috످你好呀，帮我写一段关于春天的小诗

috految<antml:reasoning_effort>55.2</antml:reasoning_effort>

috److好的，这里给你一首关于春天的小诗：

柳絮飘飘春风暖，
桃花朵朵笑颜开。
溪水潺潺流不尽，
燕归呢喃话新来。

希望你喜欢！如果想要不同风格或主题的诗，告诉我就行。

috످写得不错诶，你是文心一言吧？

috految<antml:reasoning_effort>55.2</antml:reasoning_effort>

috److谢谢夸奖呀！不过我不是文心一言哦，我是 Claude，由 Anthropic 开发的 AI 助手。很高兴你喜欢这首小诗～

috످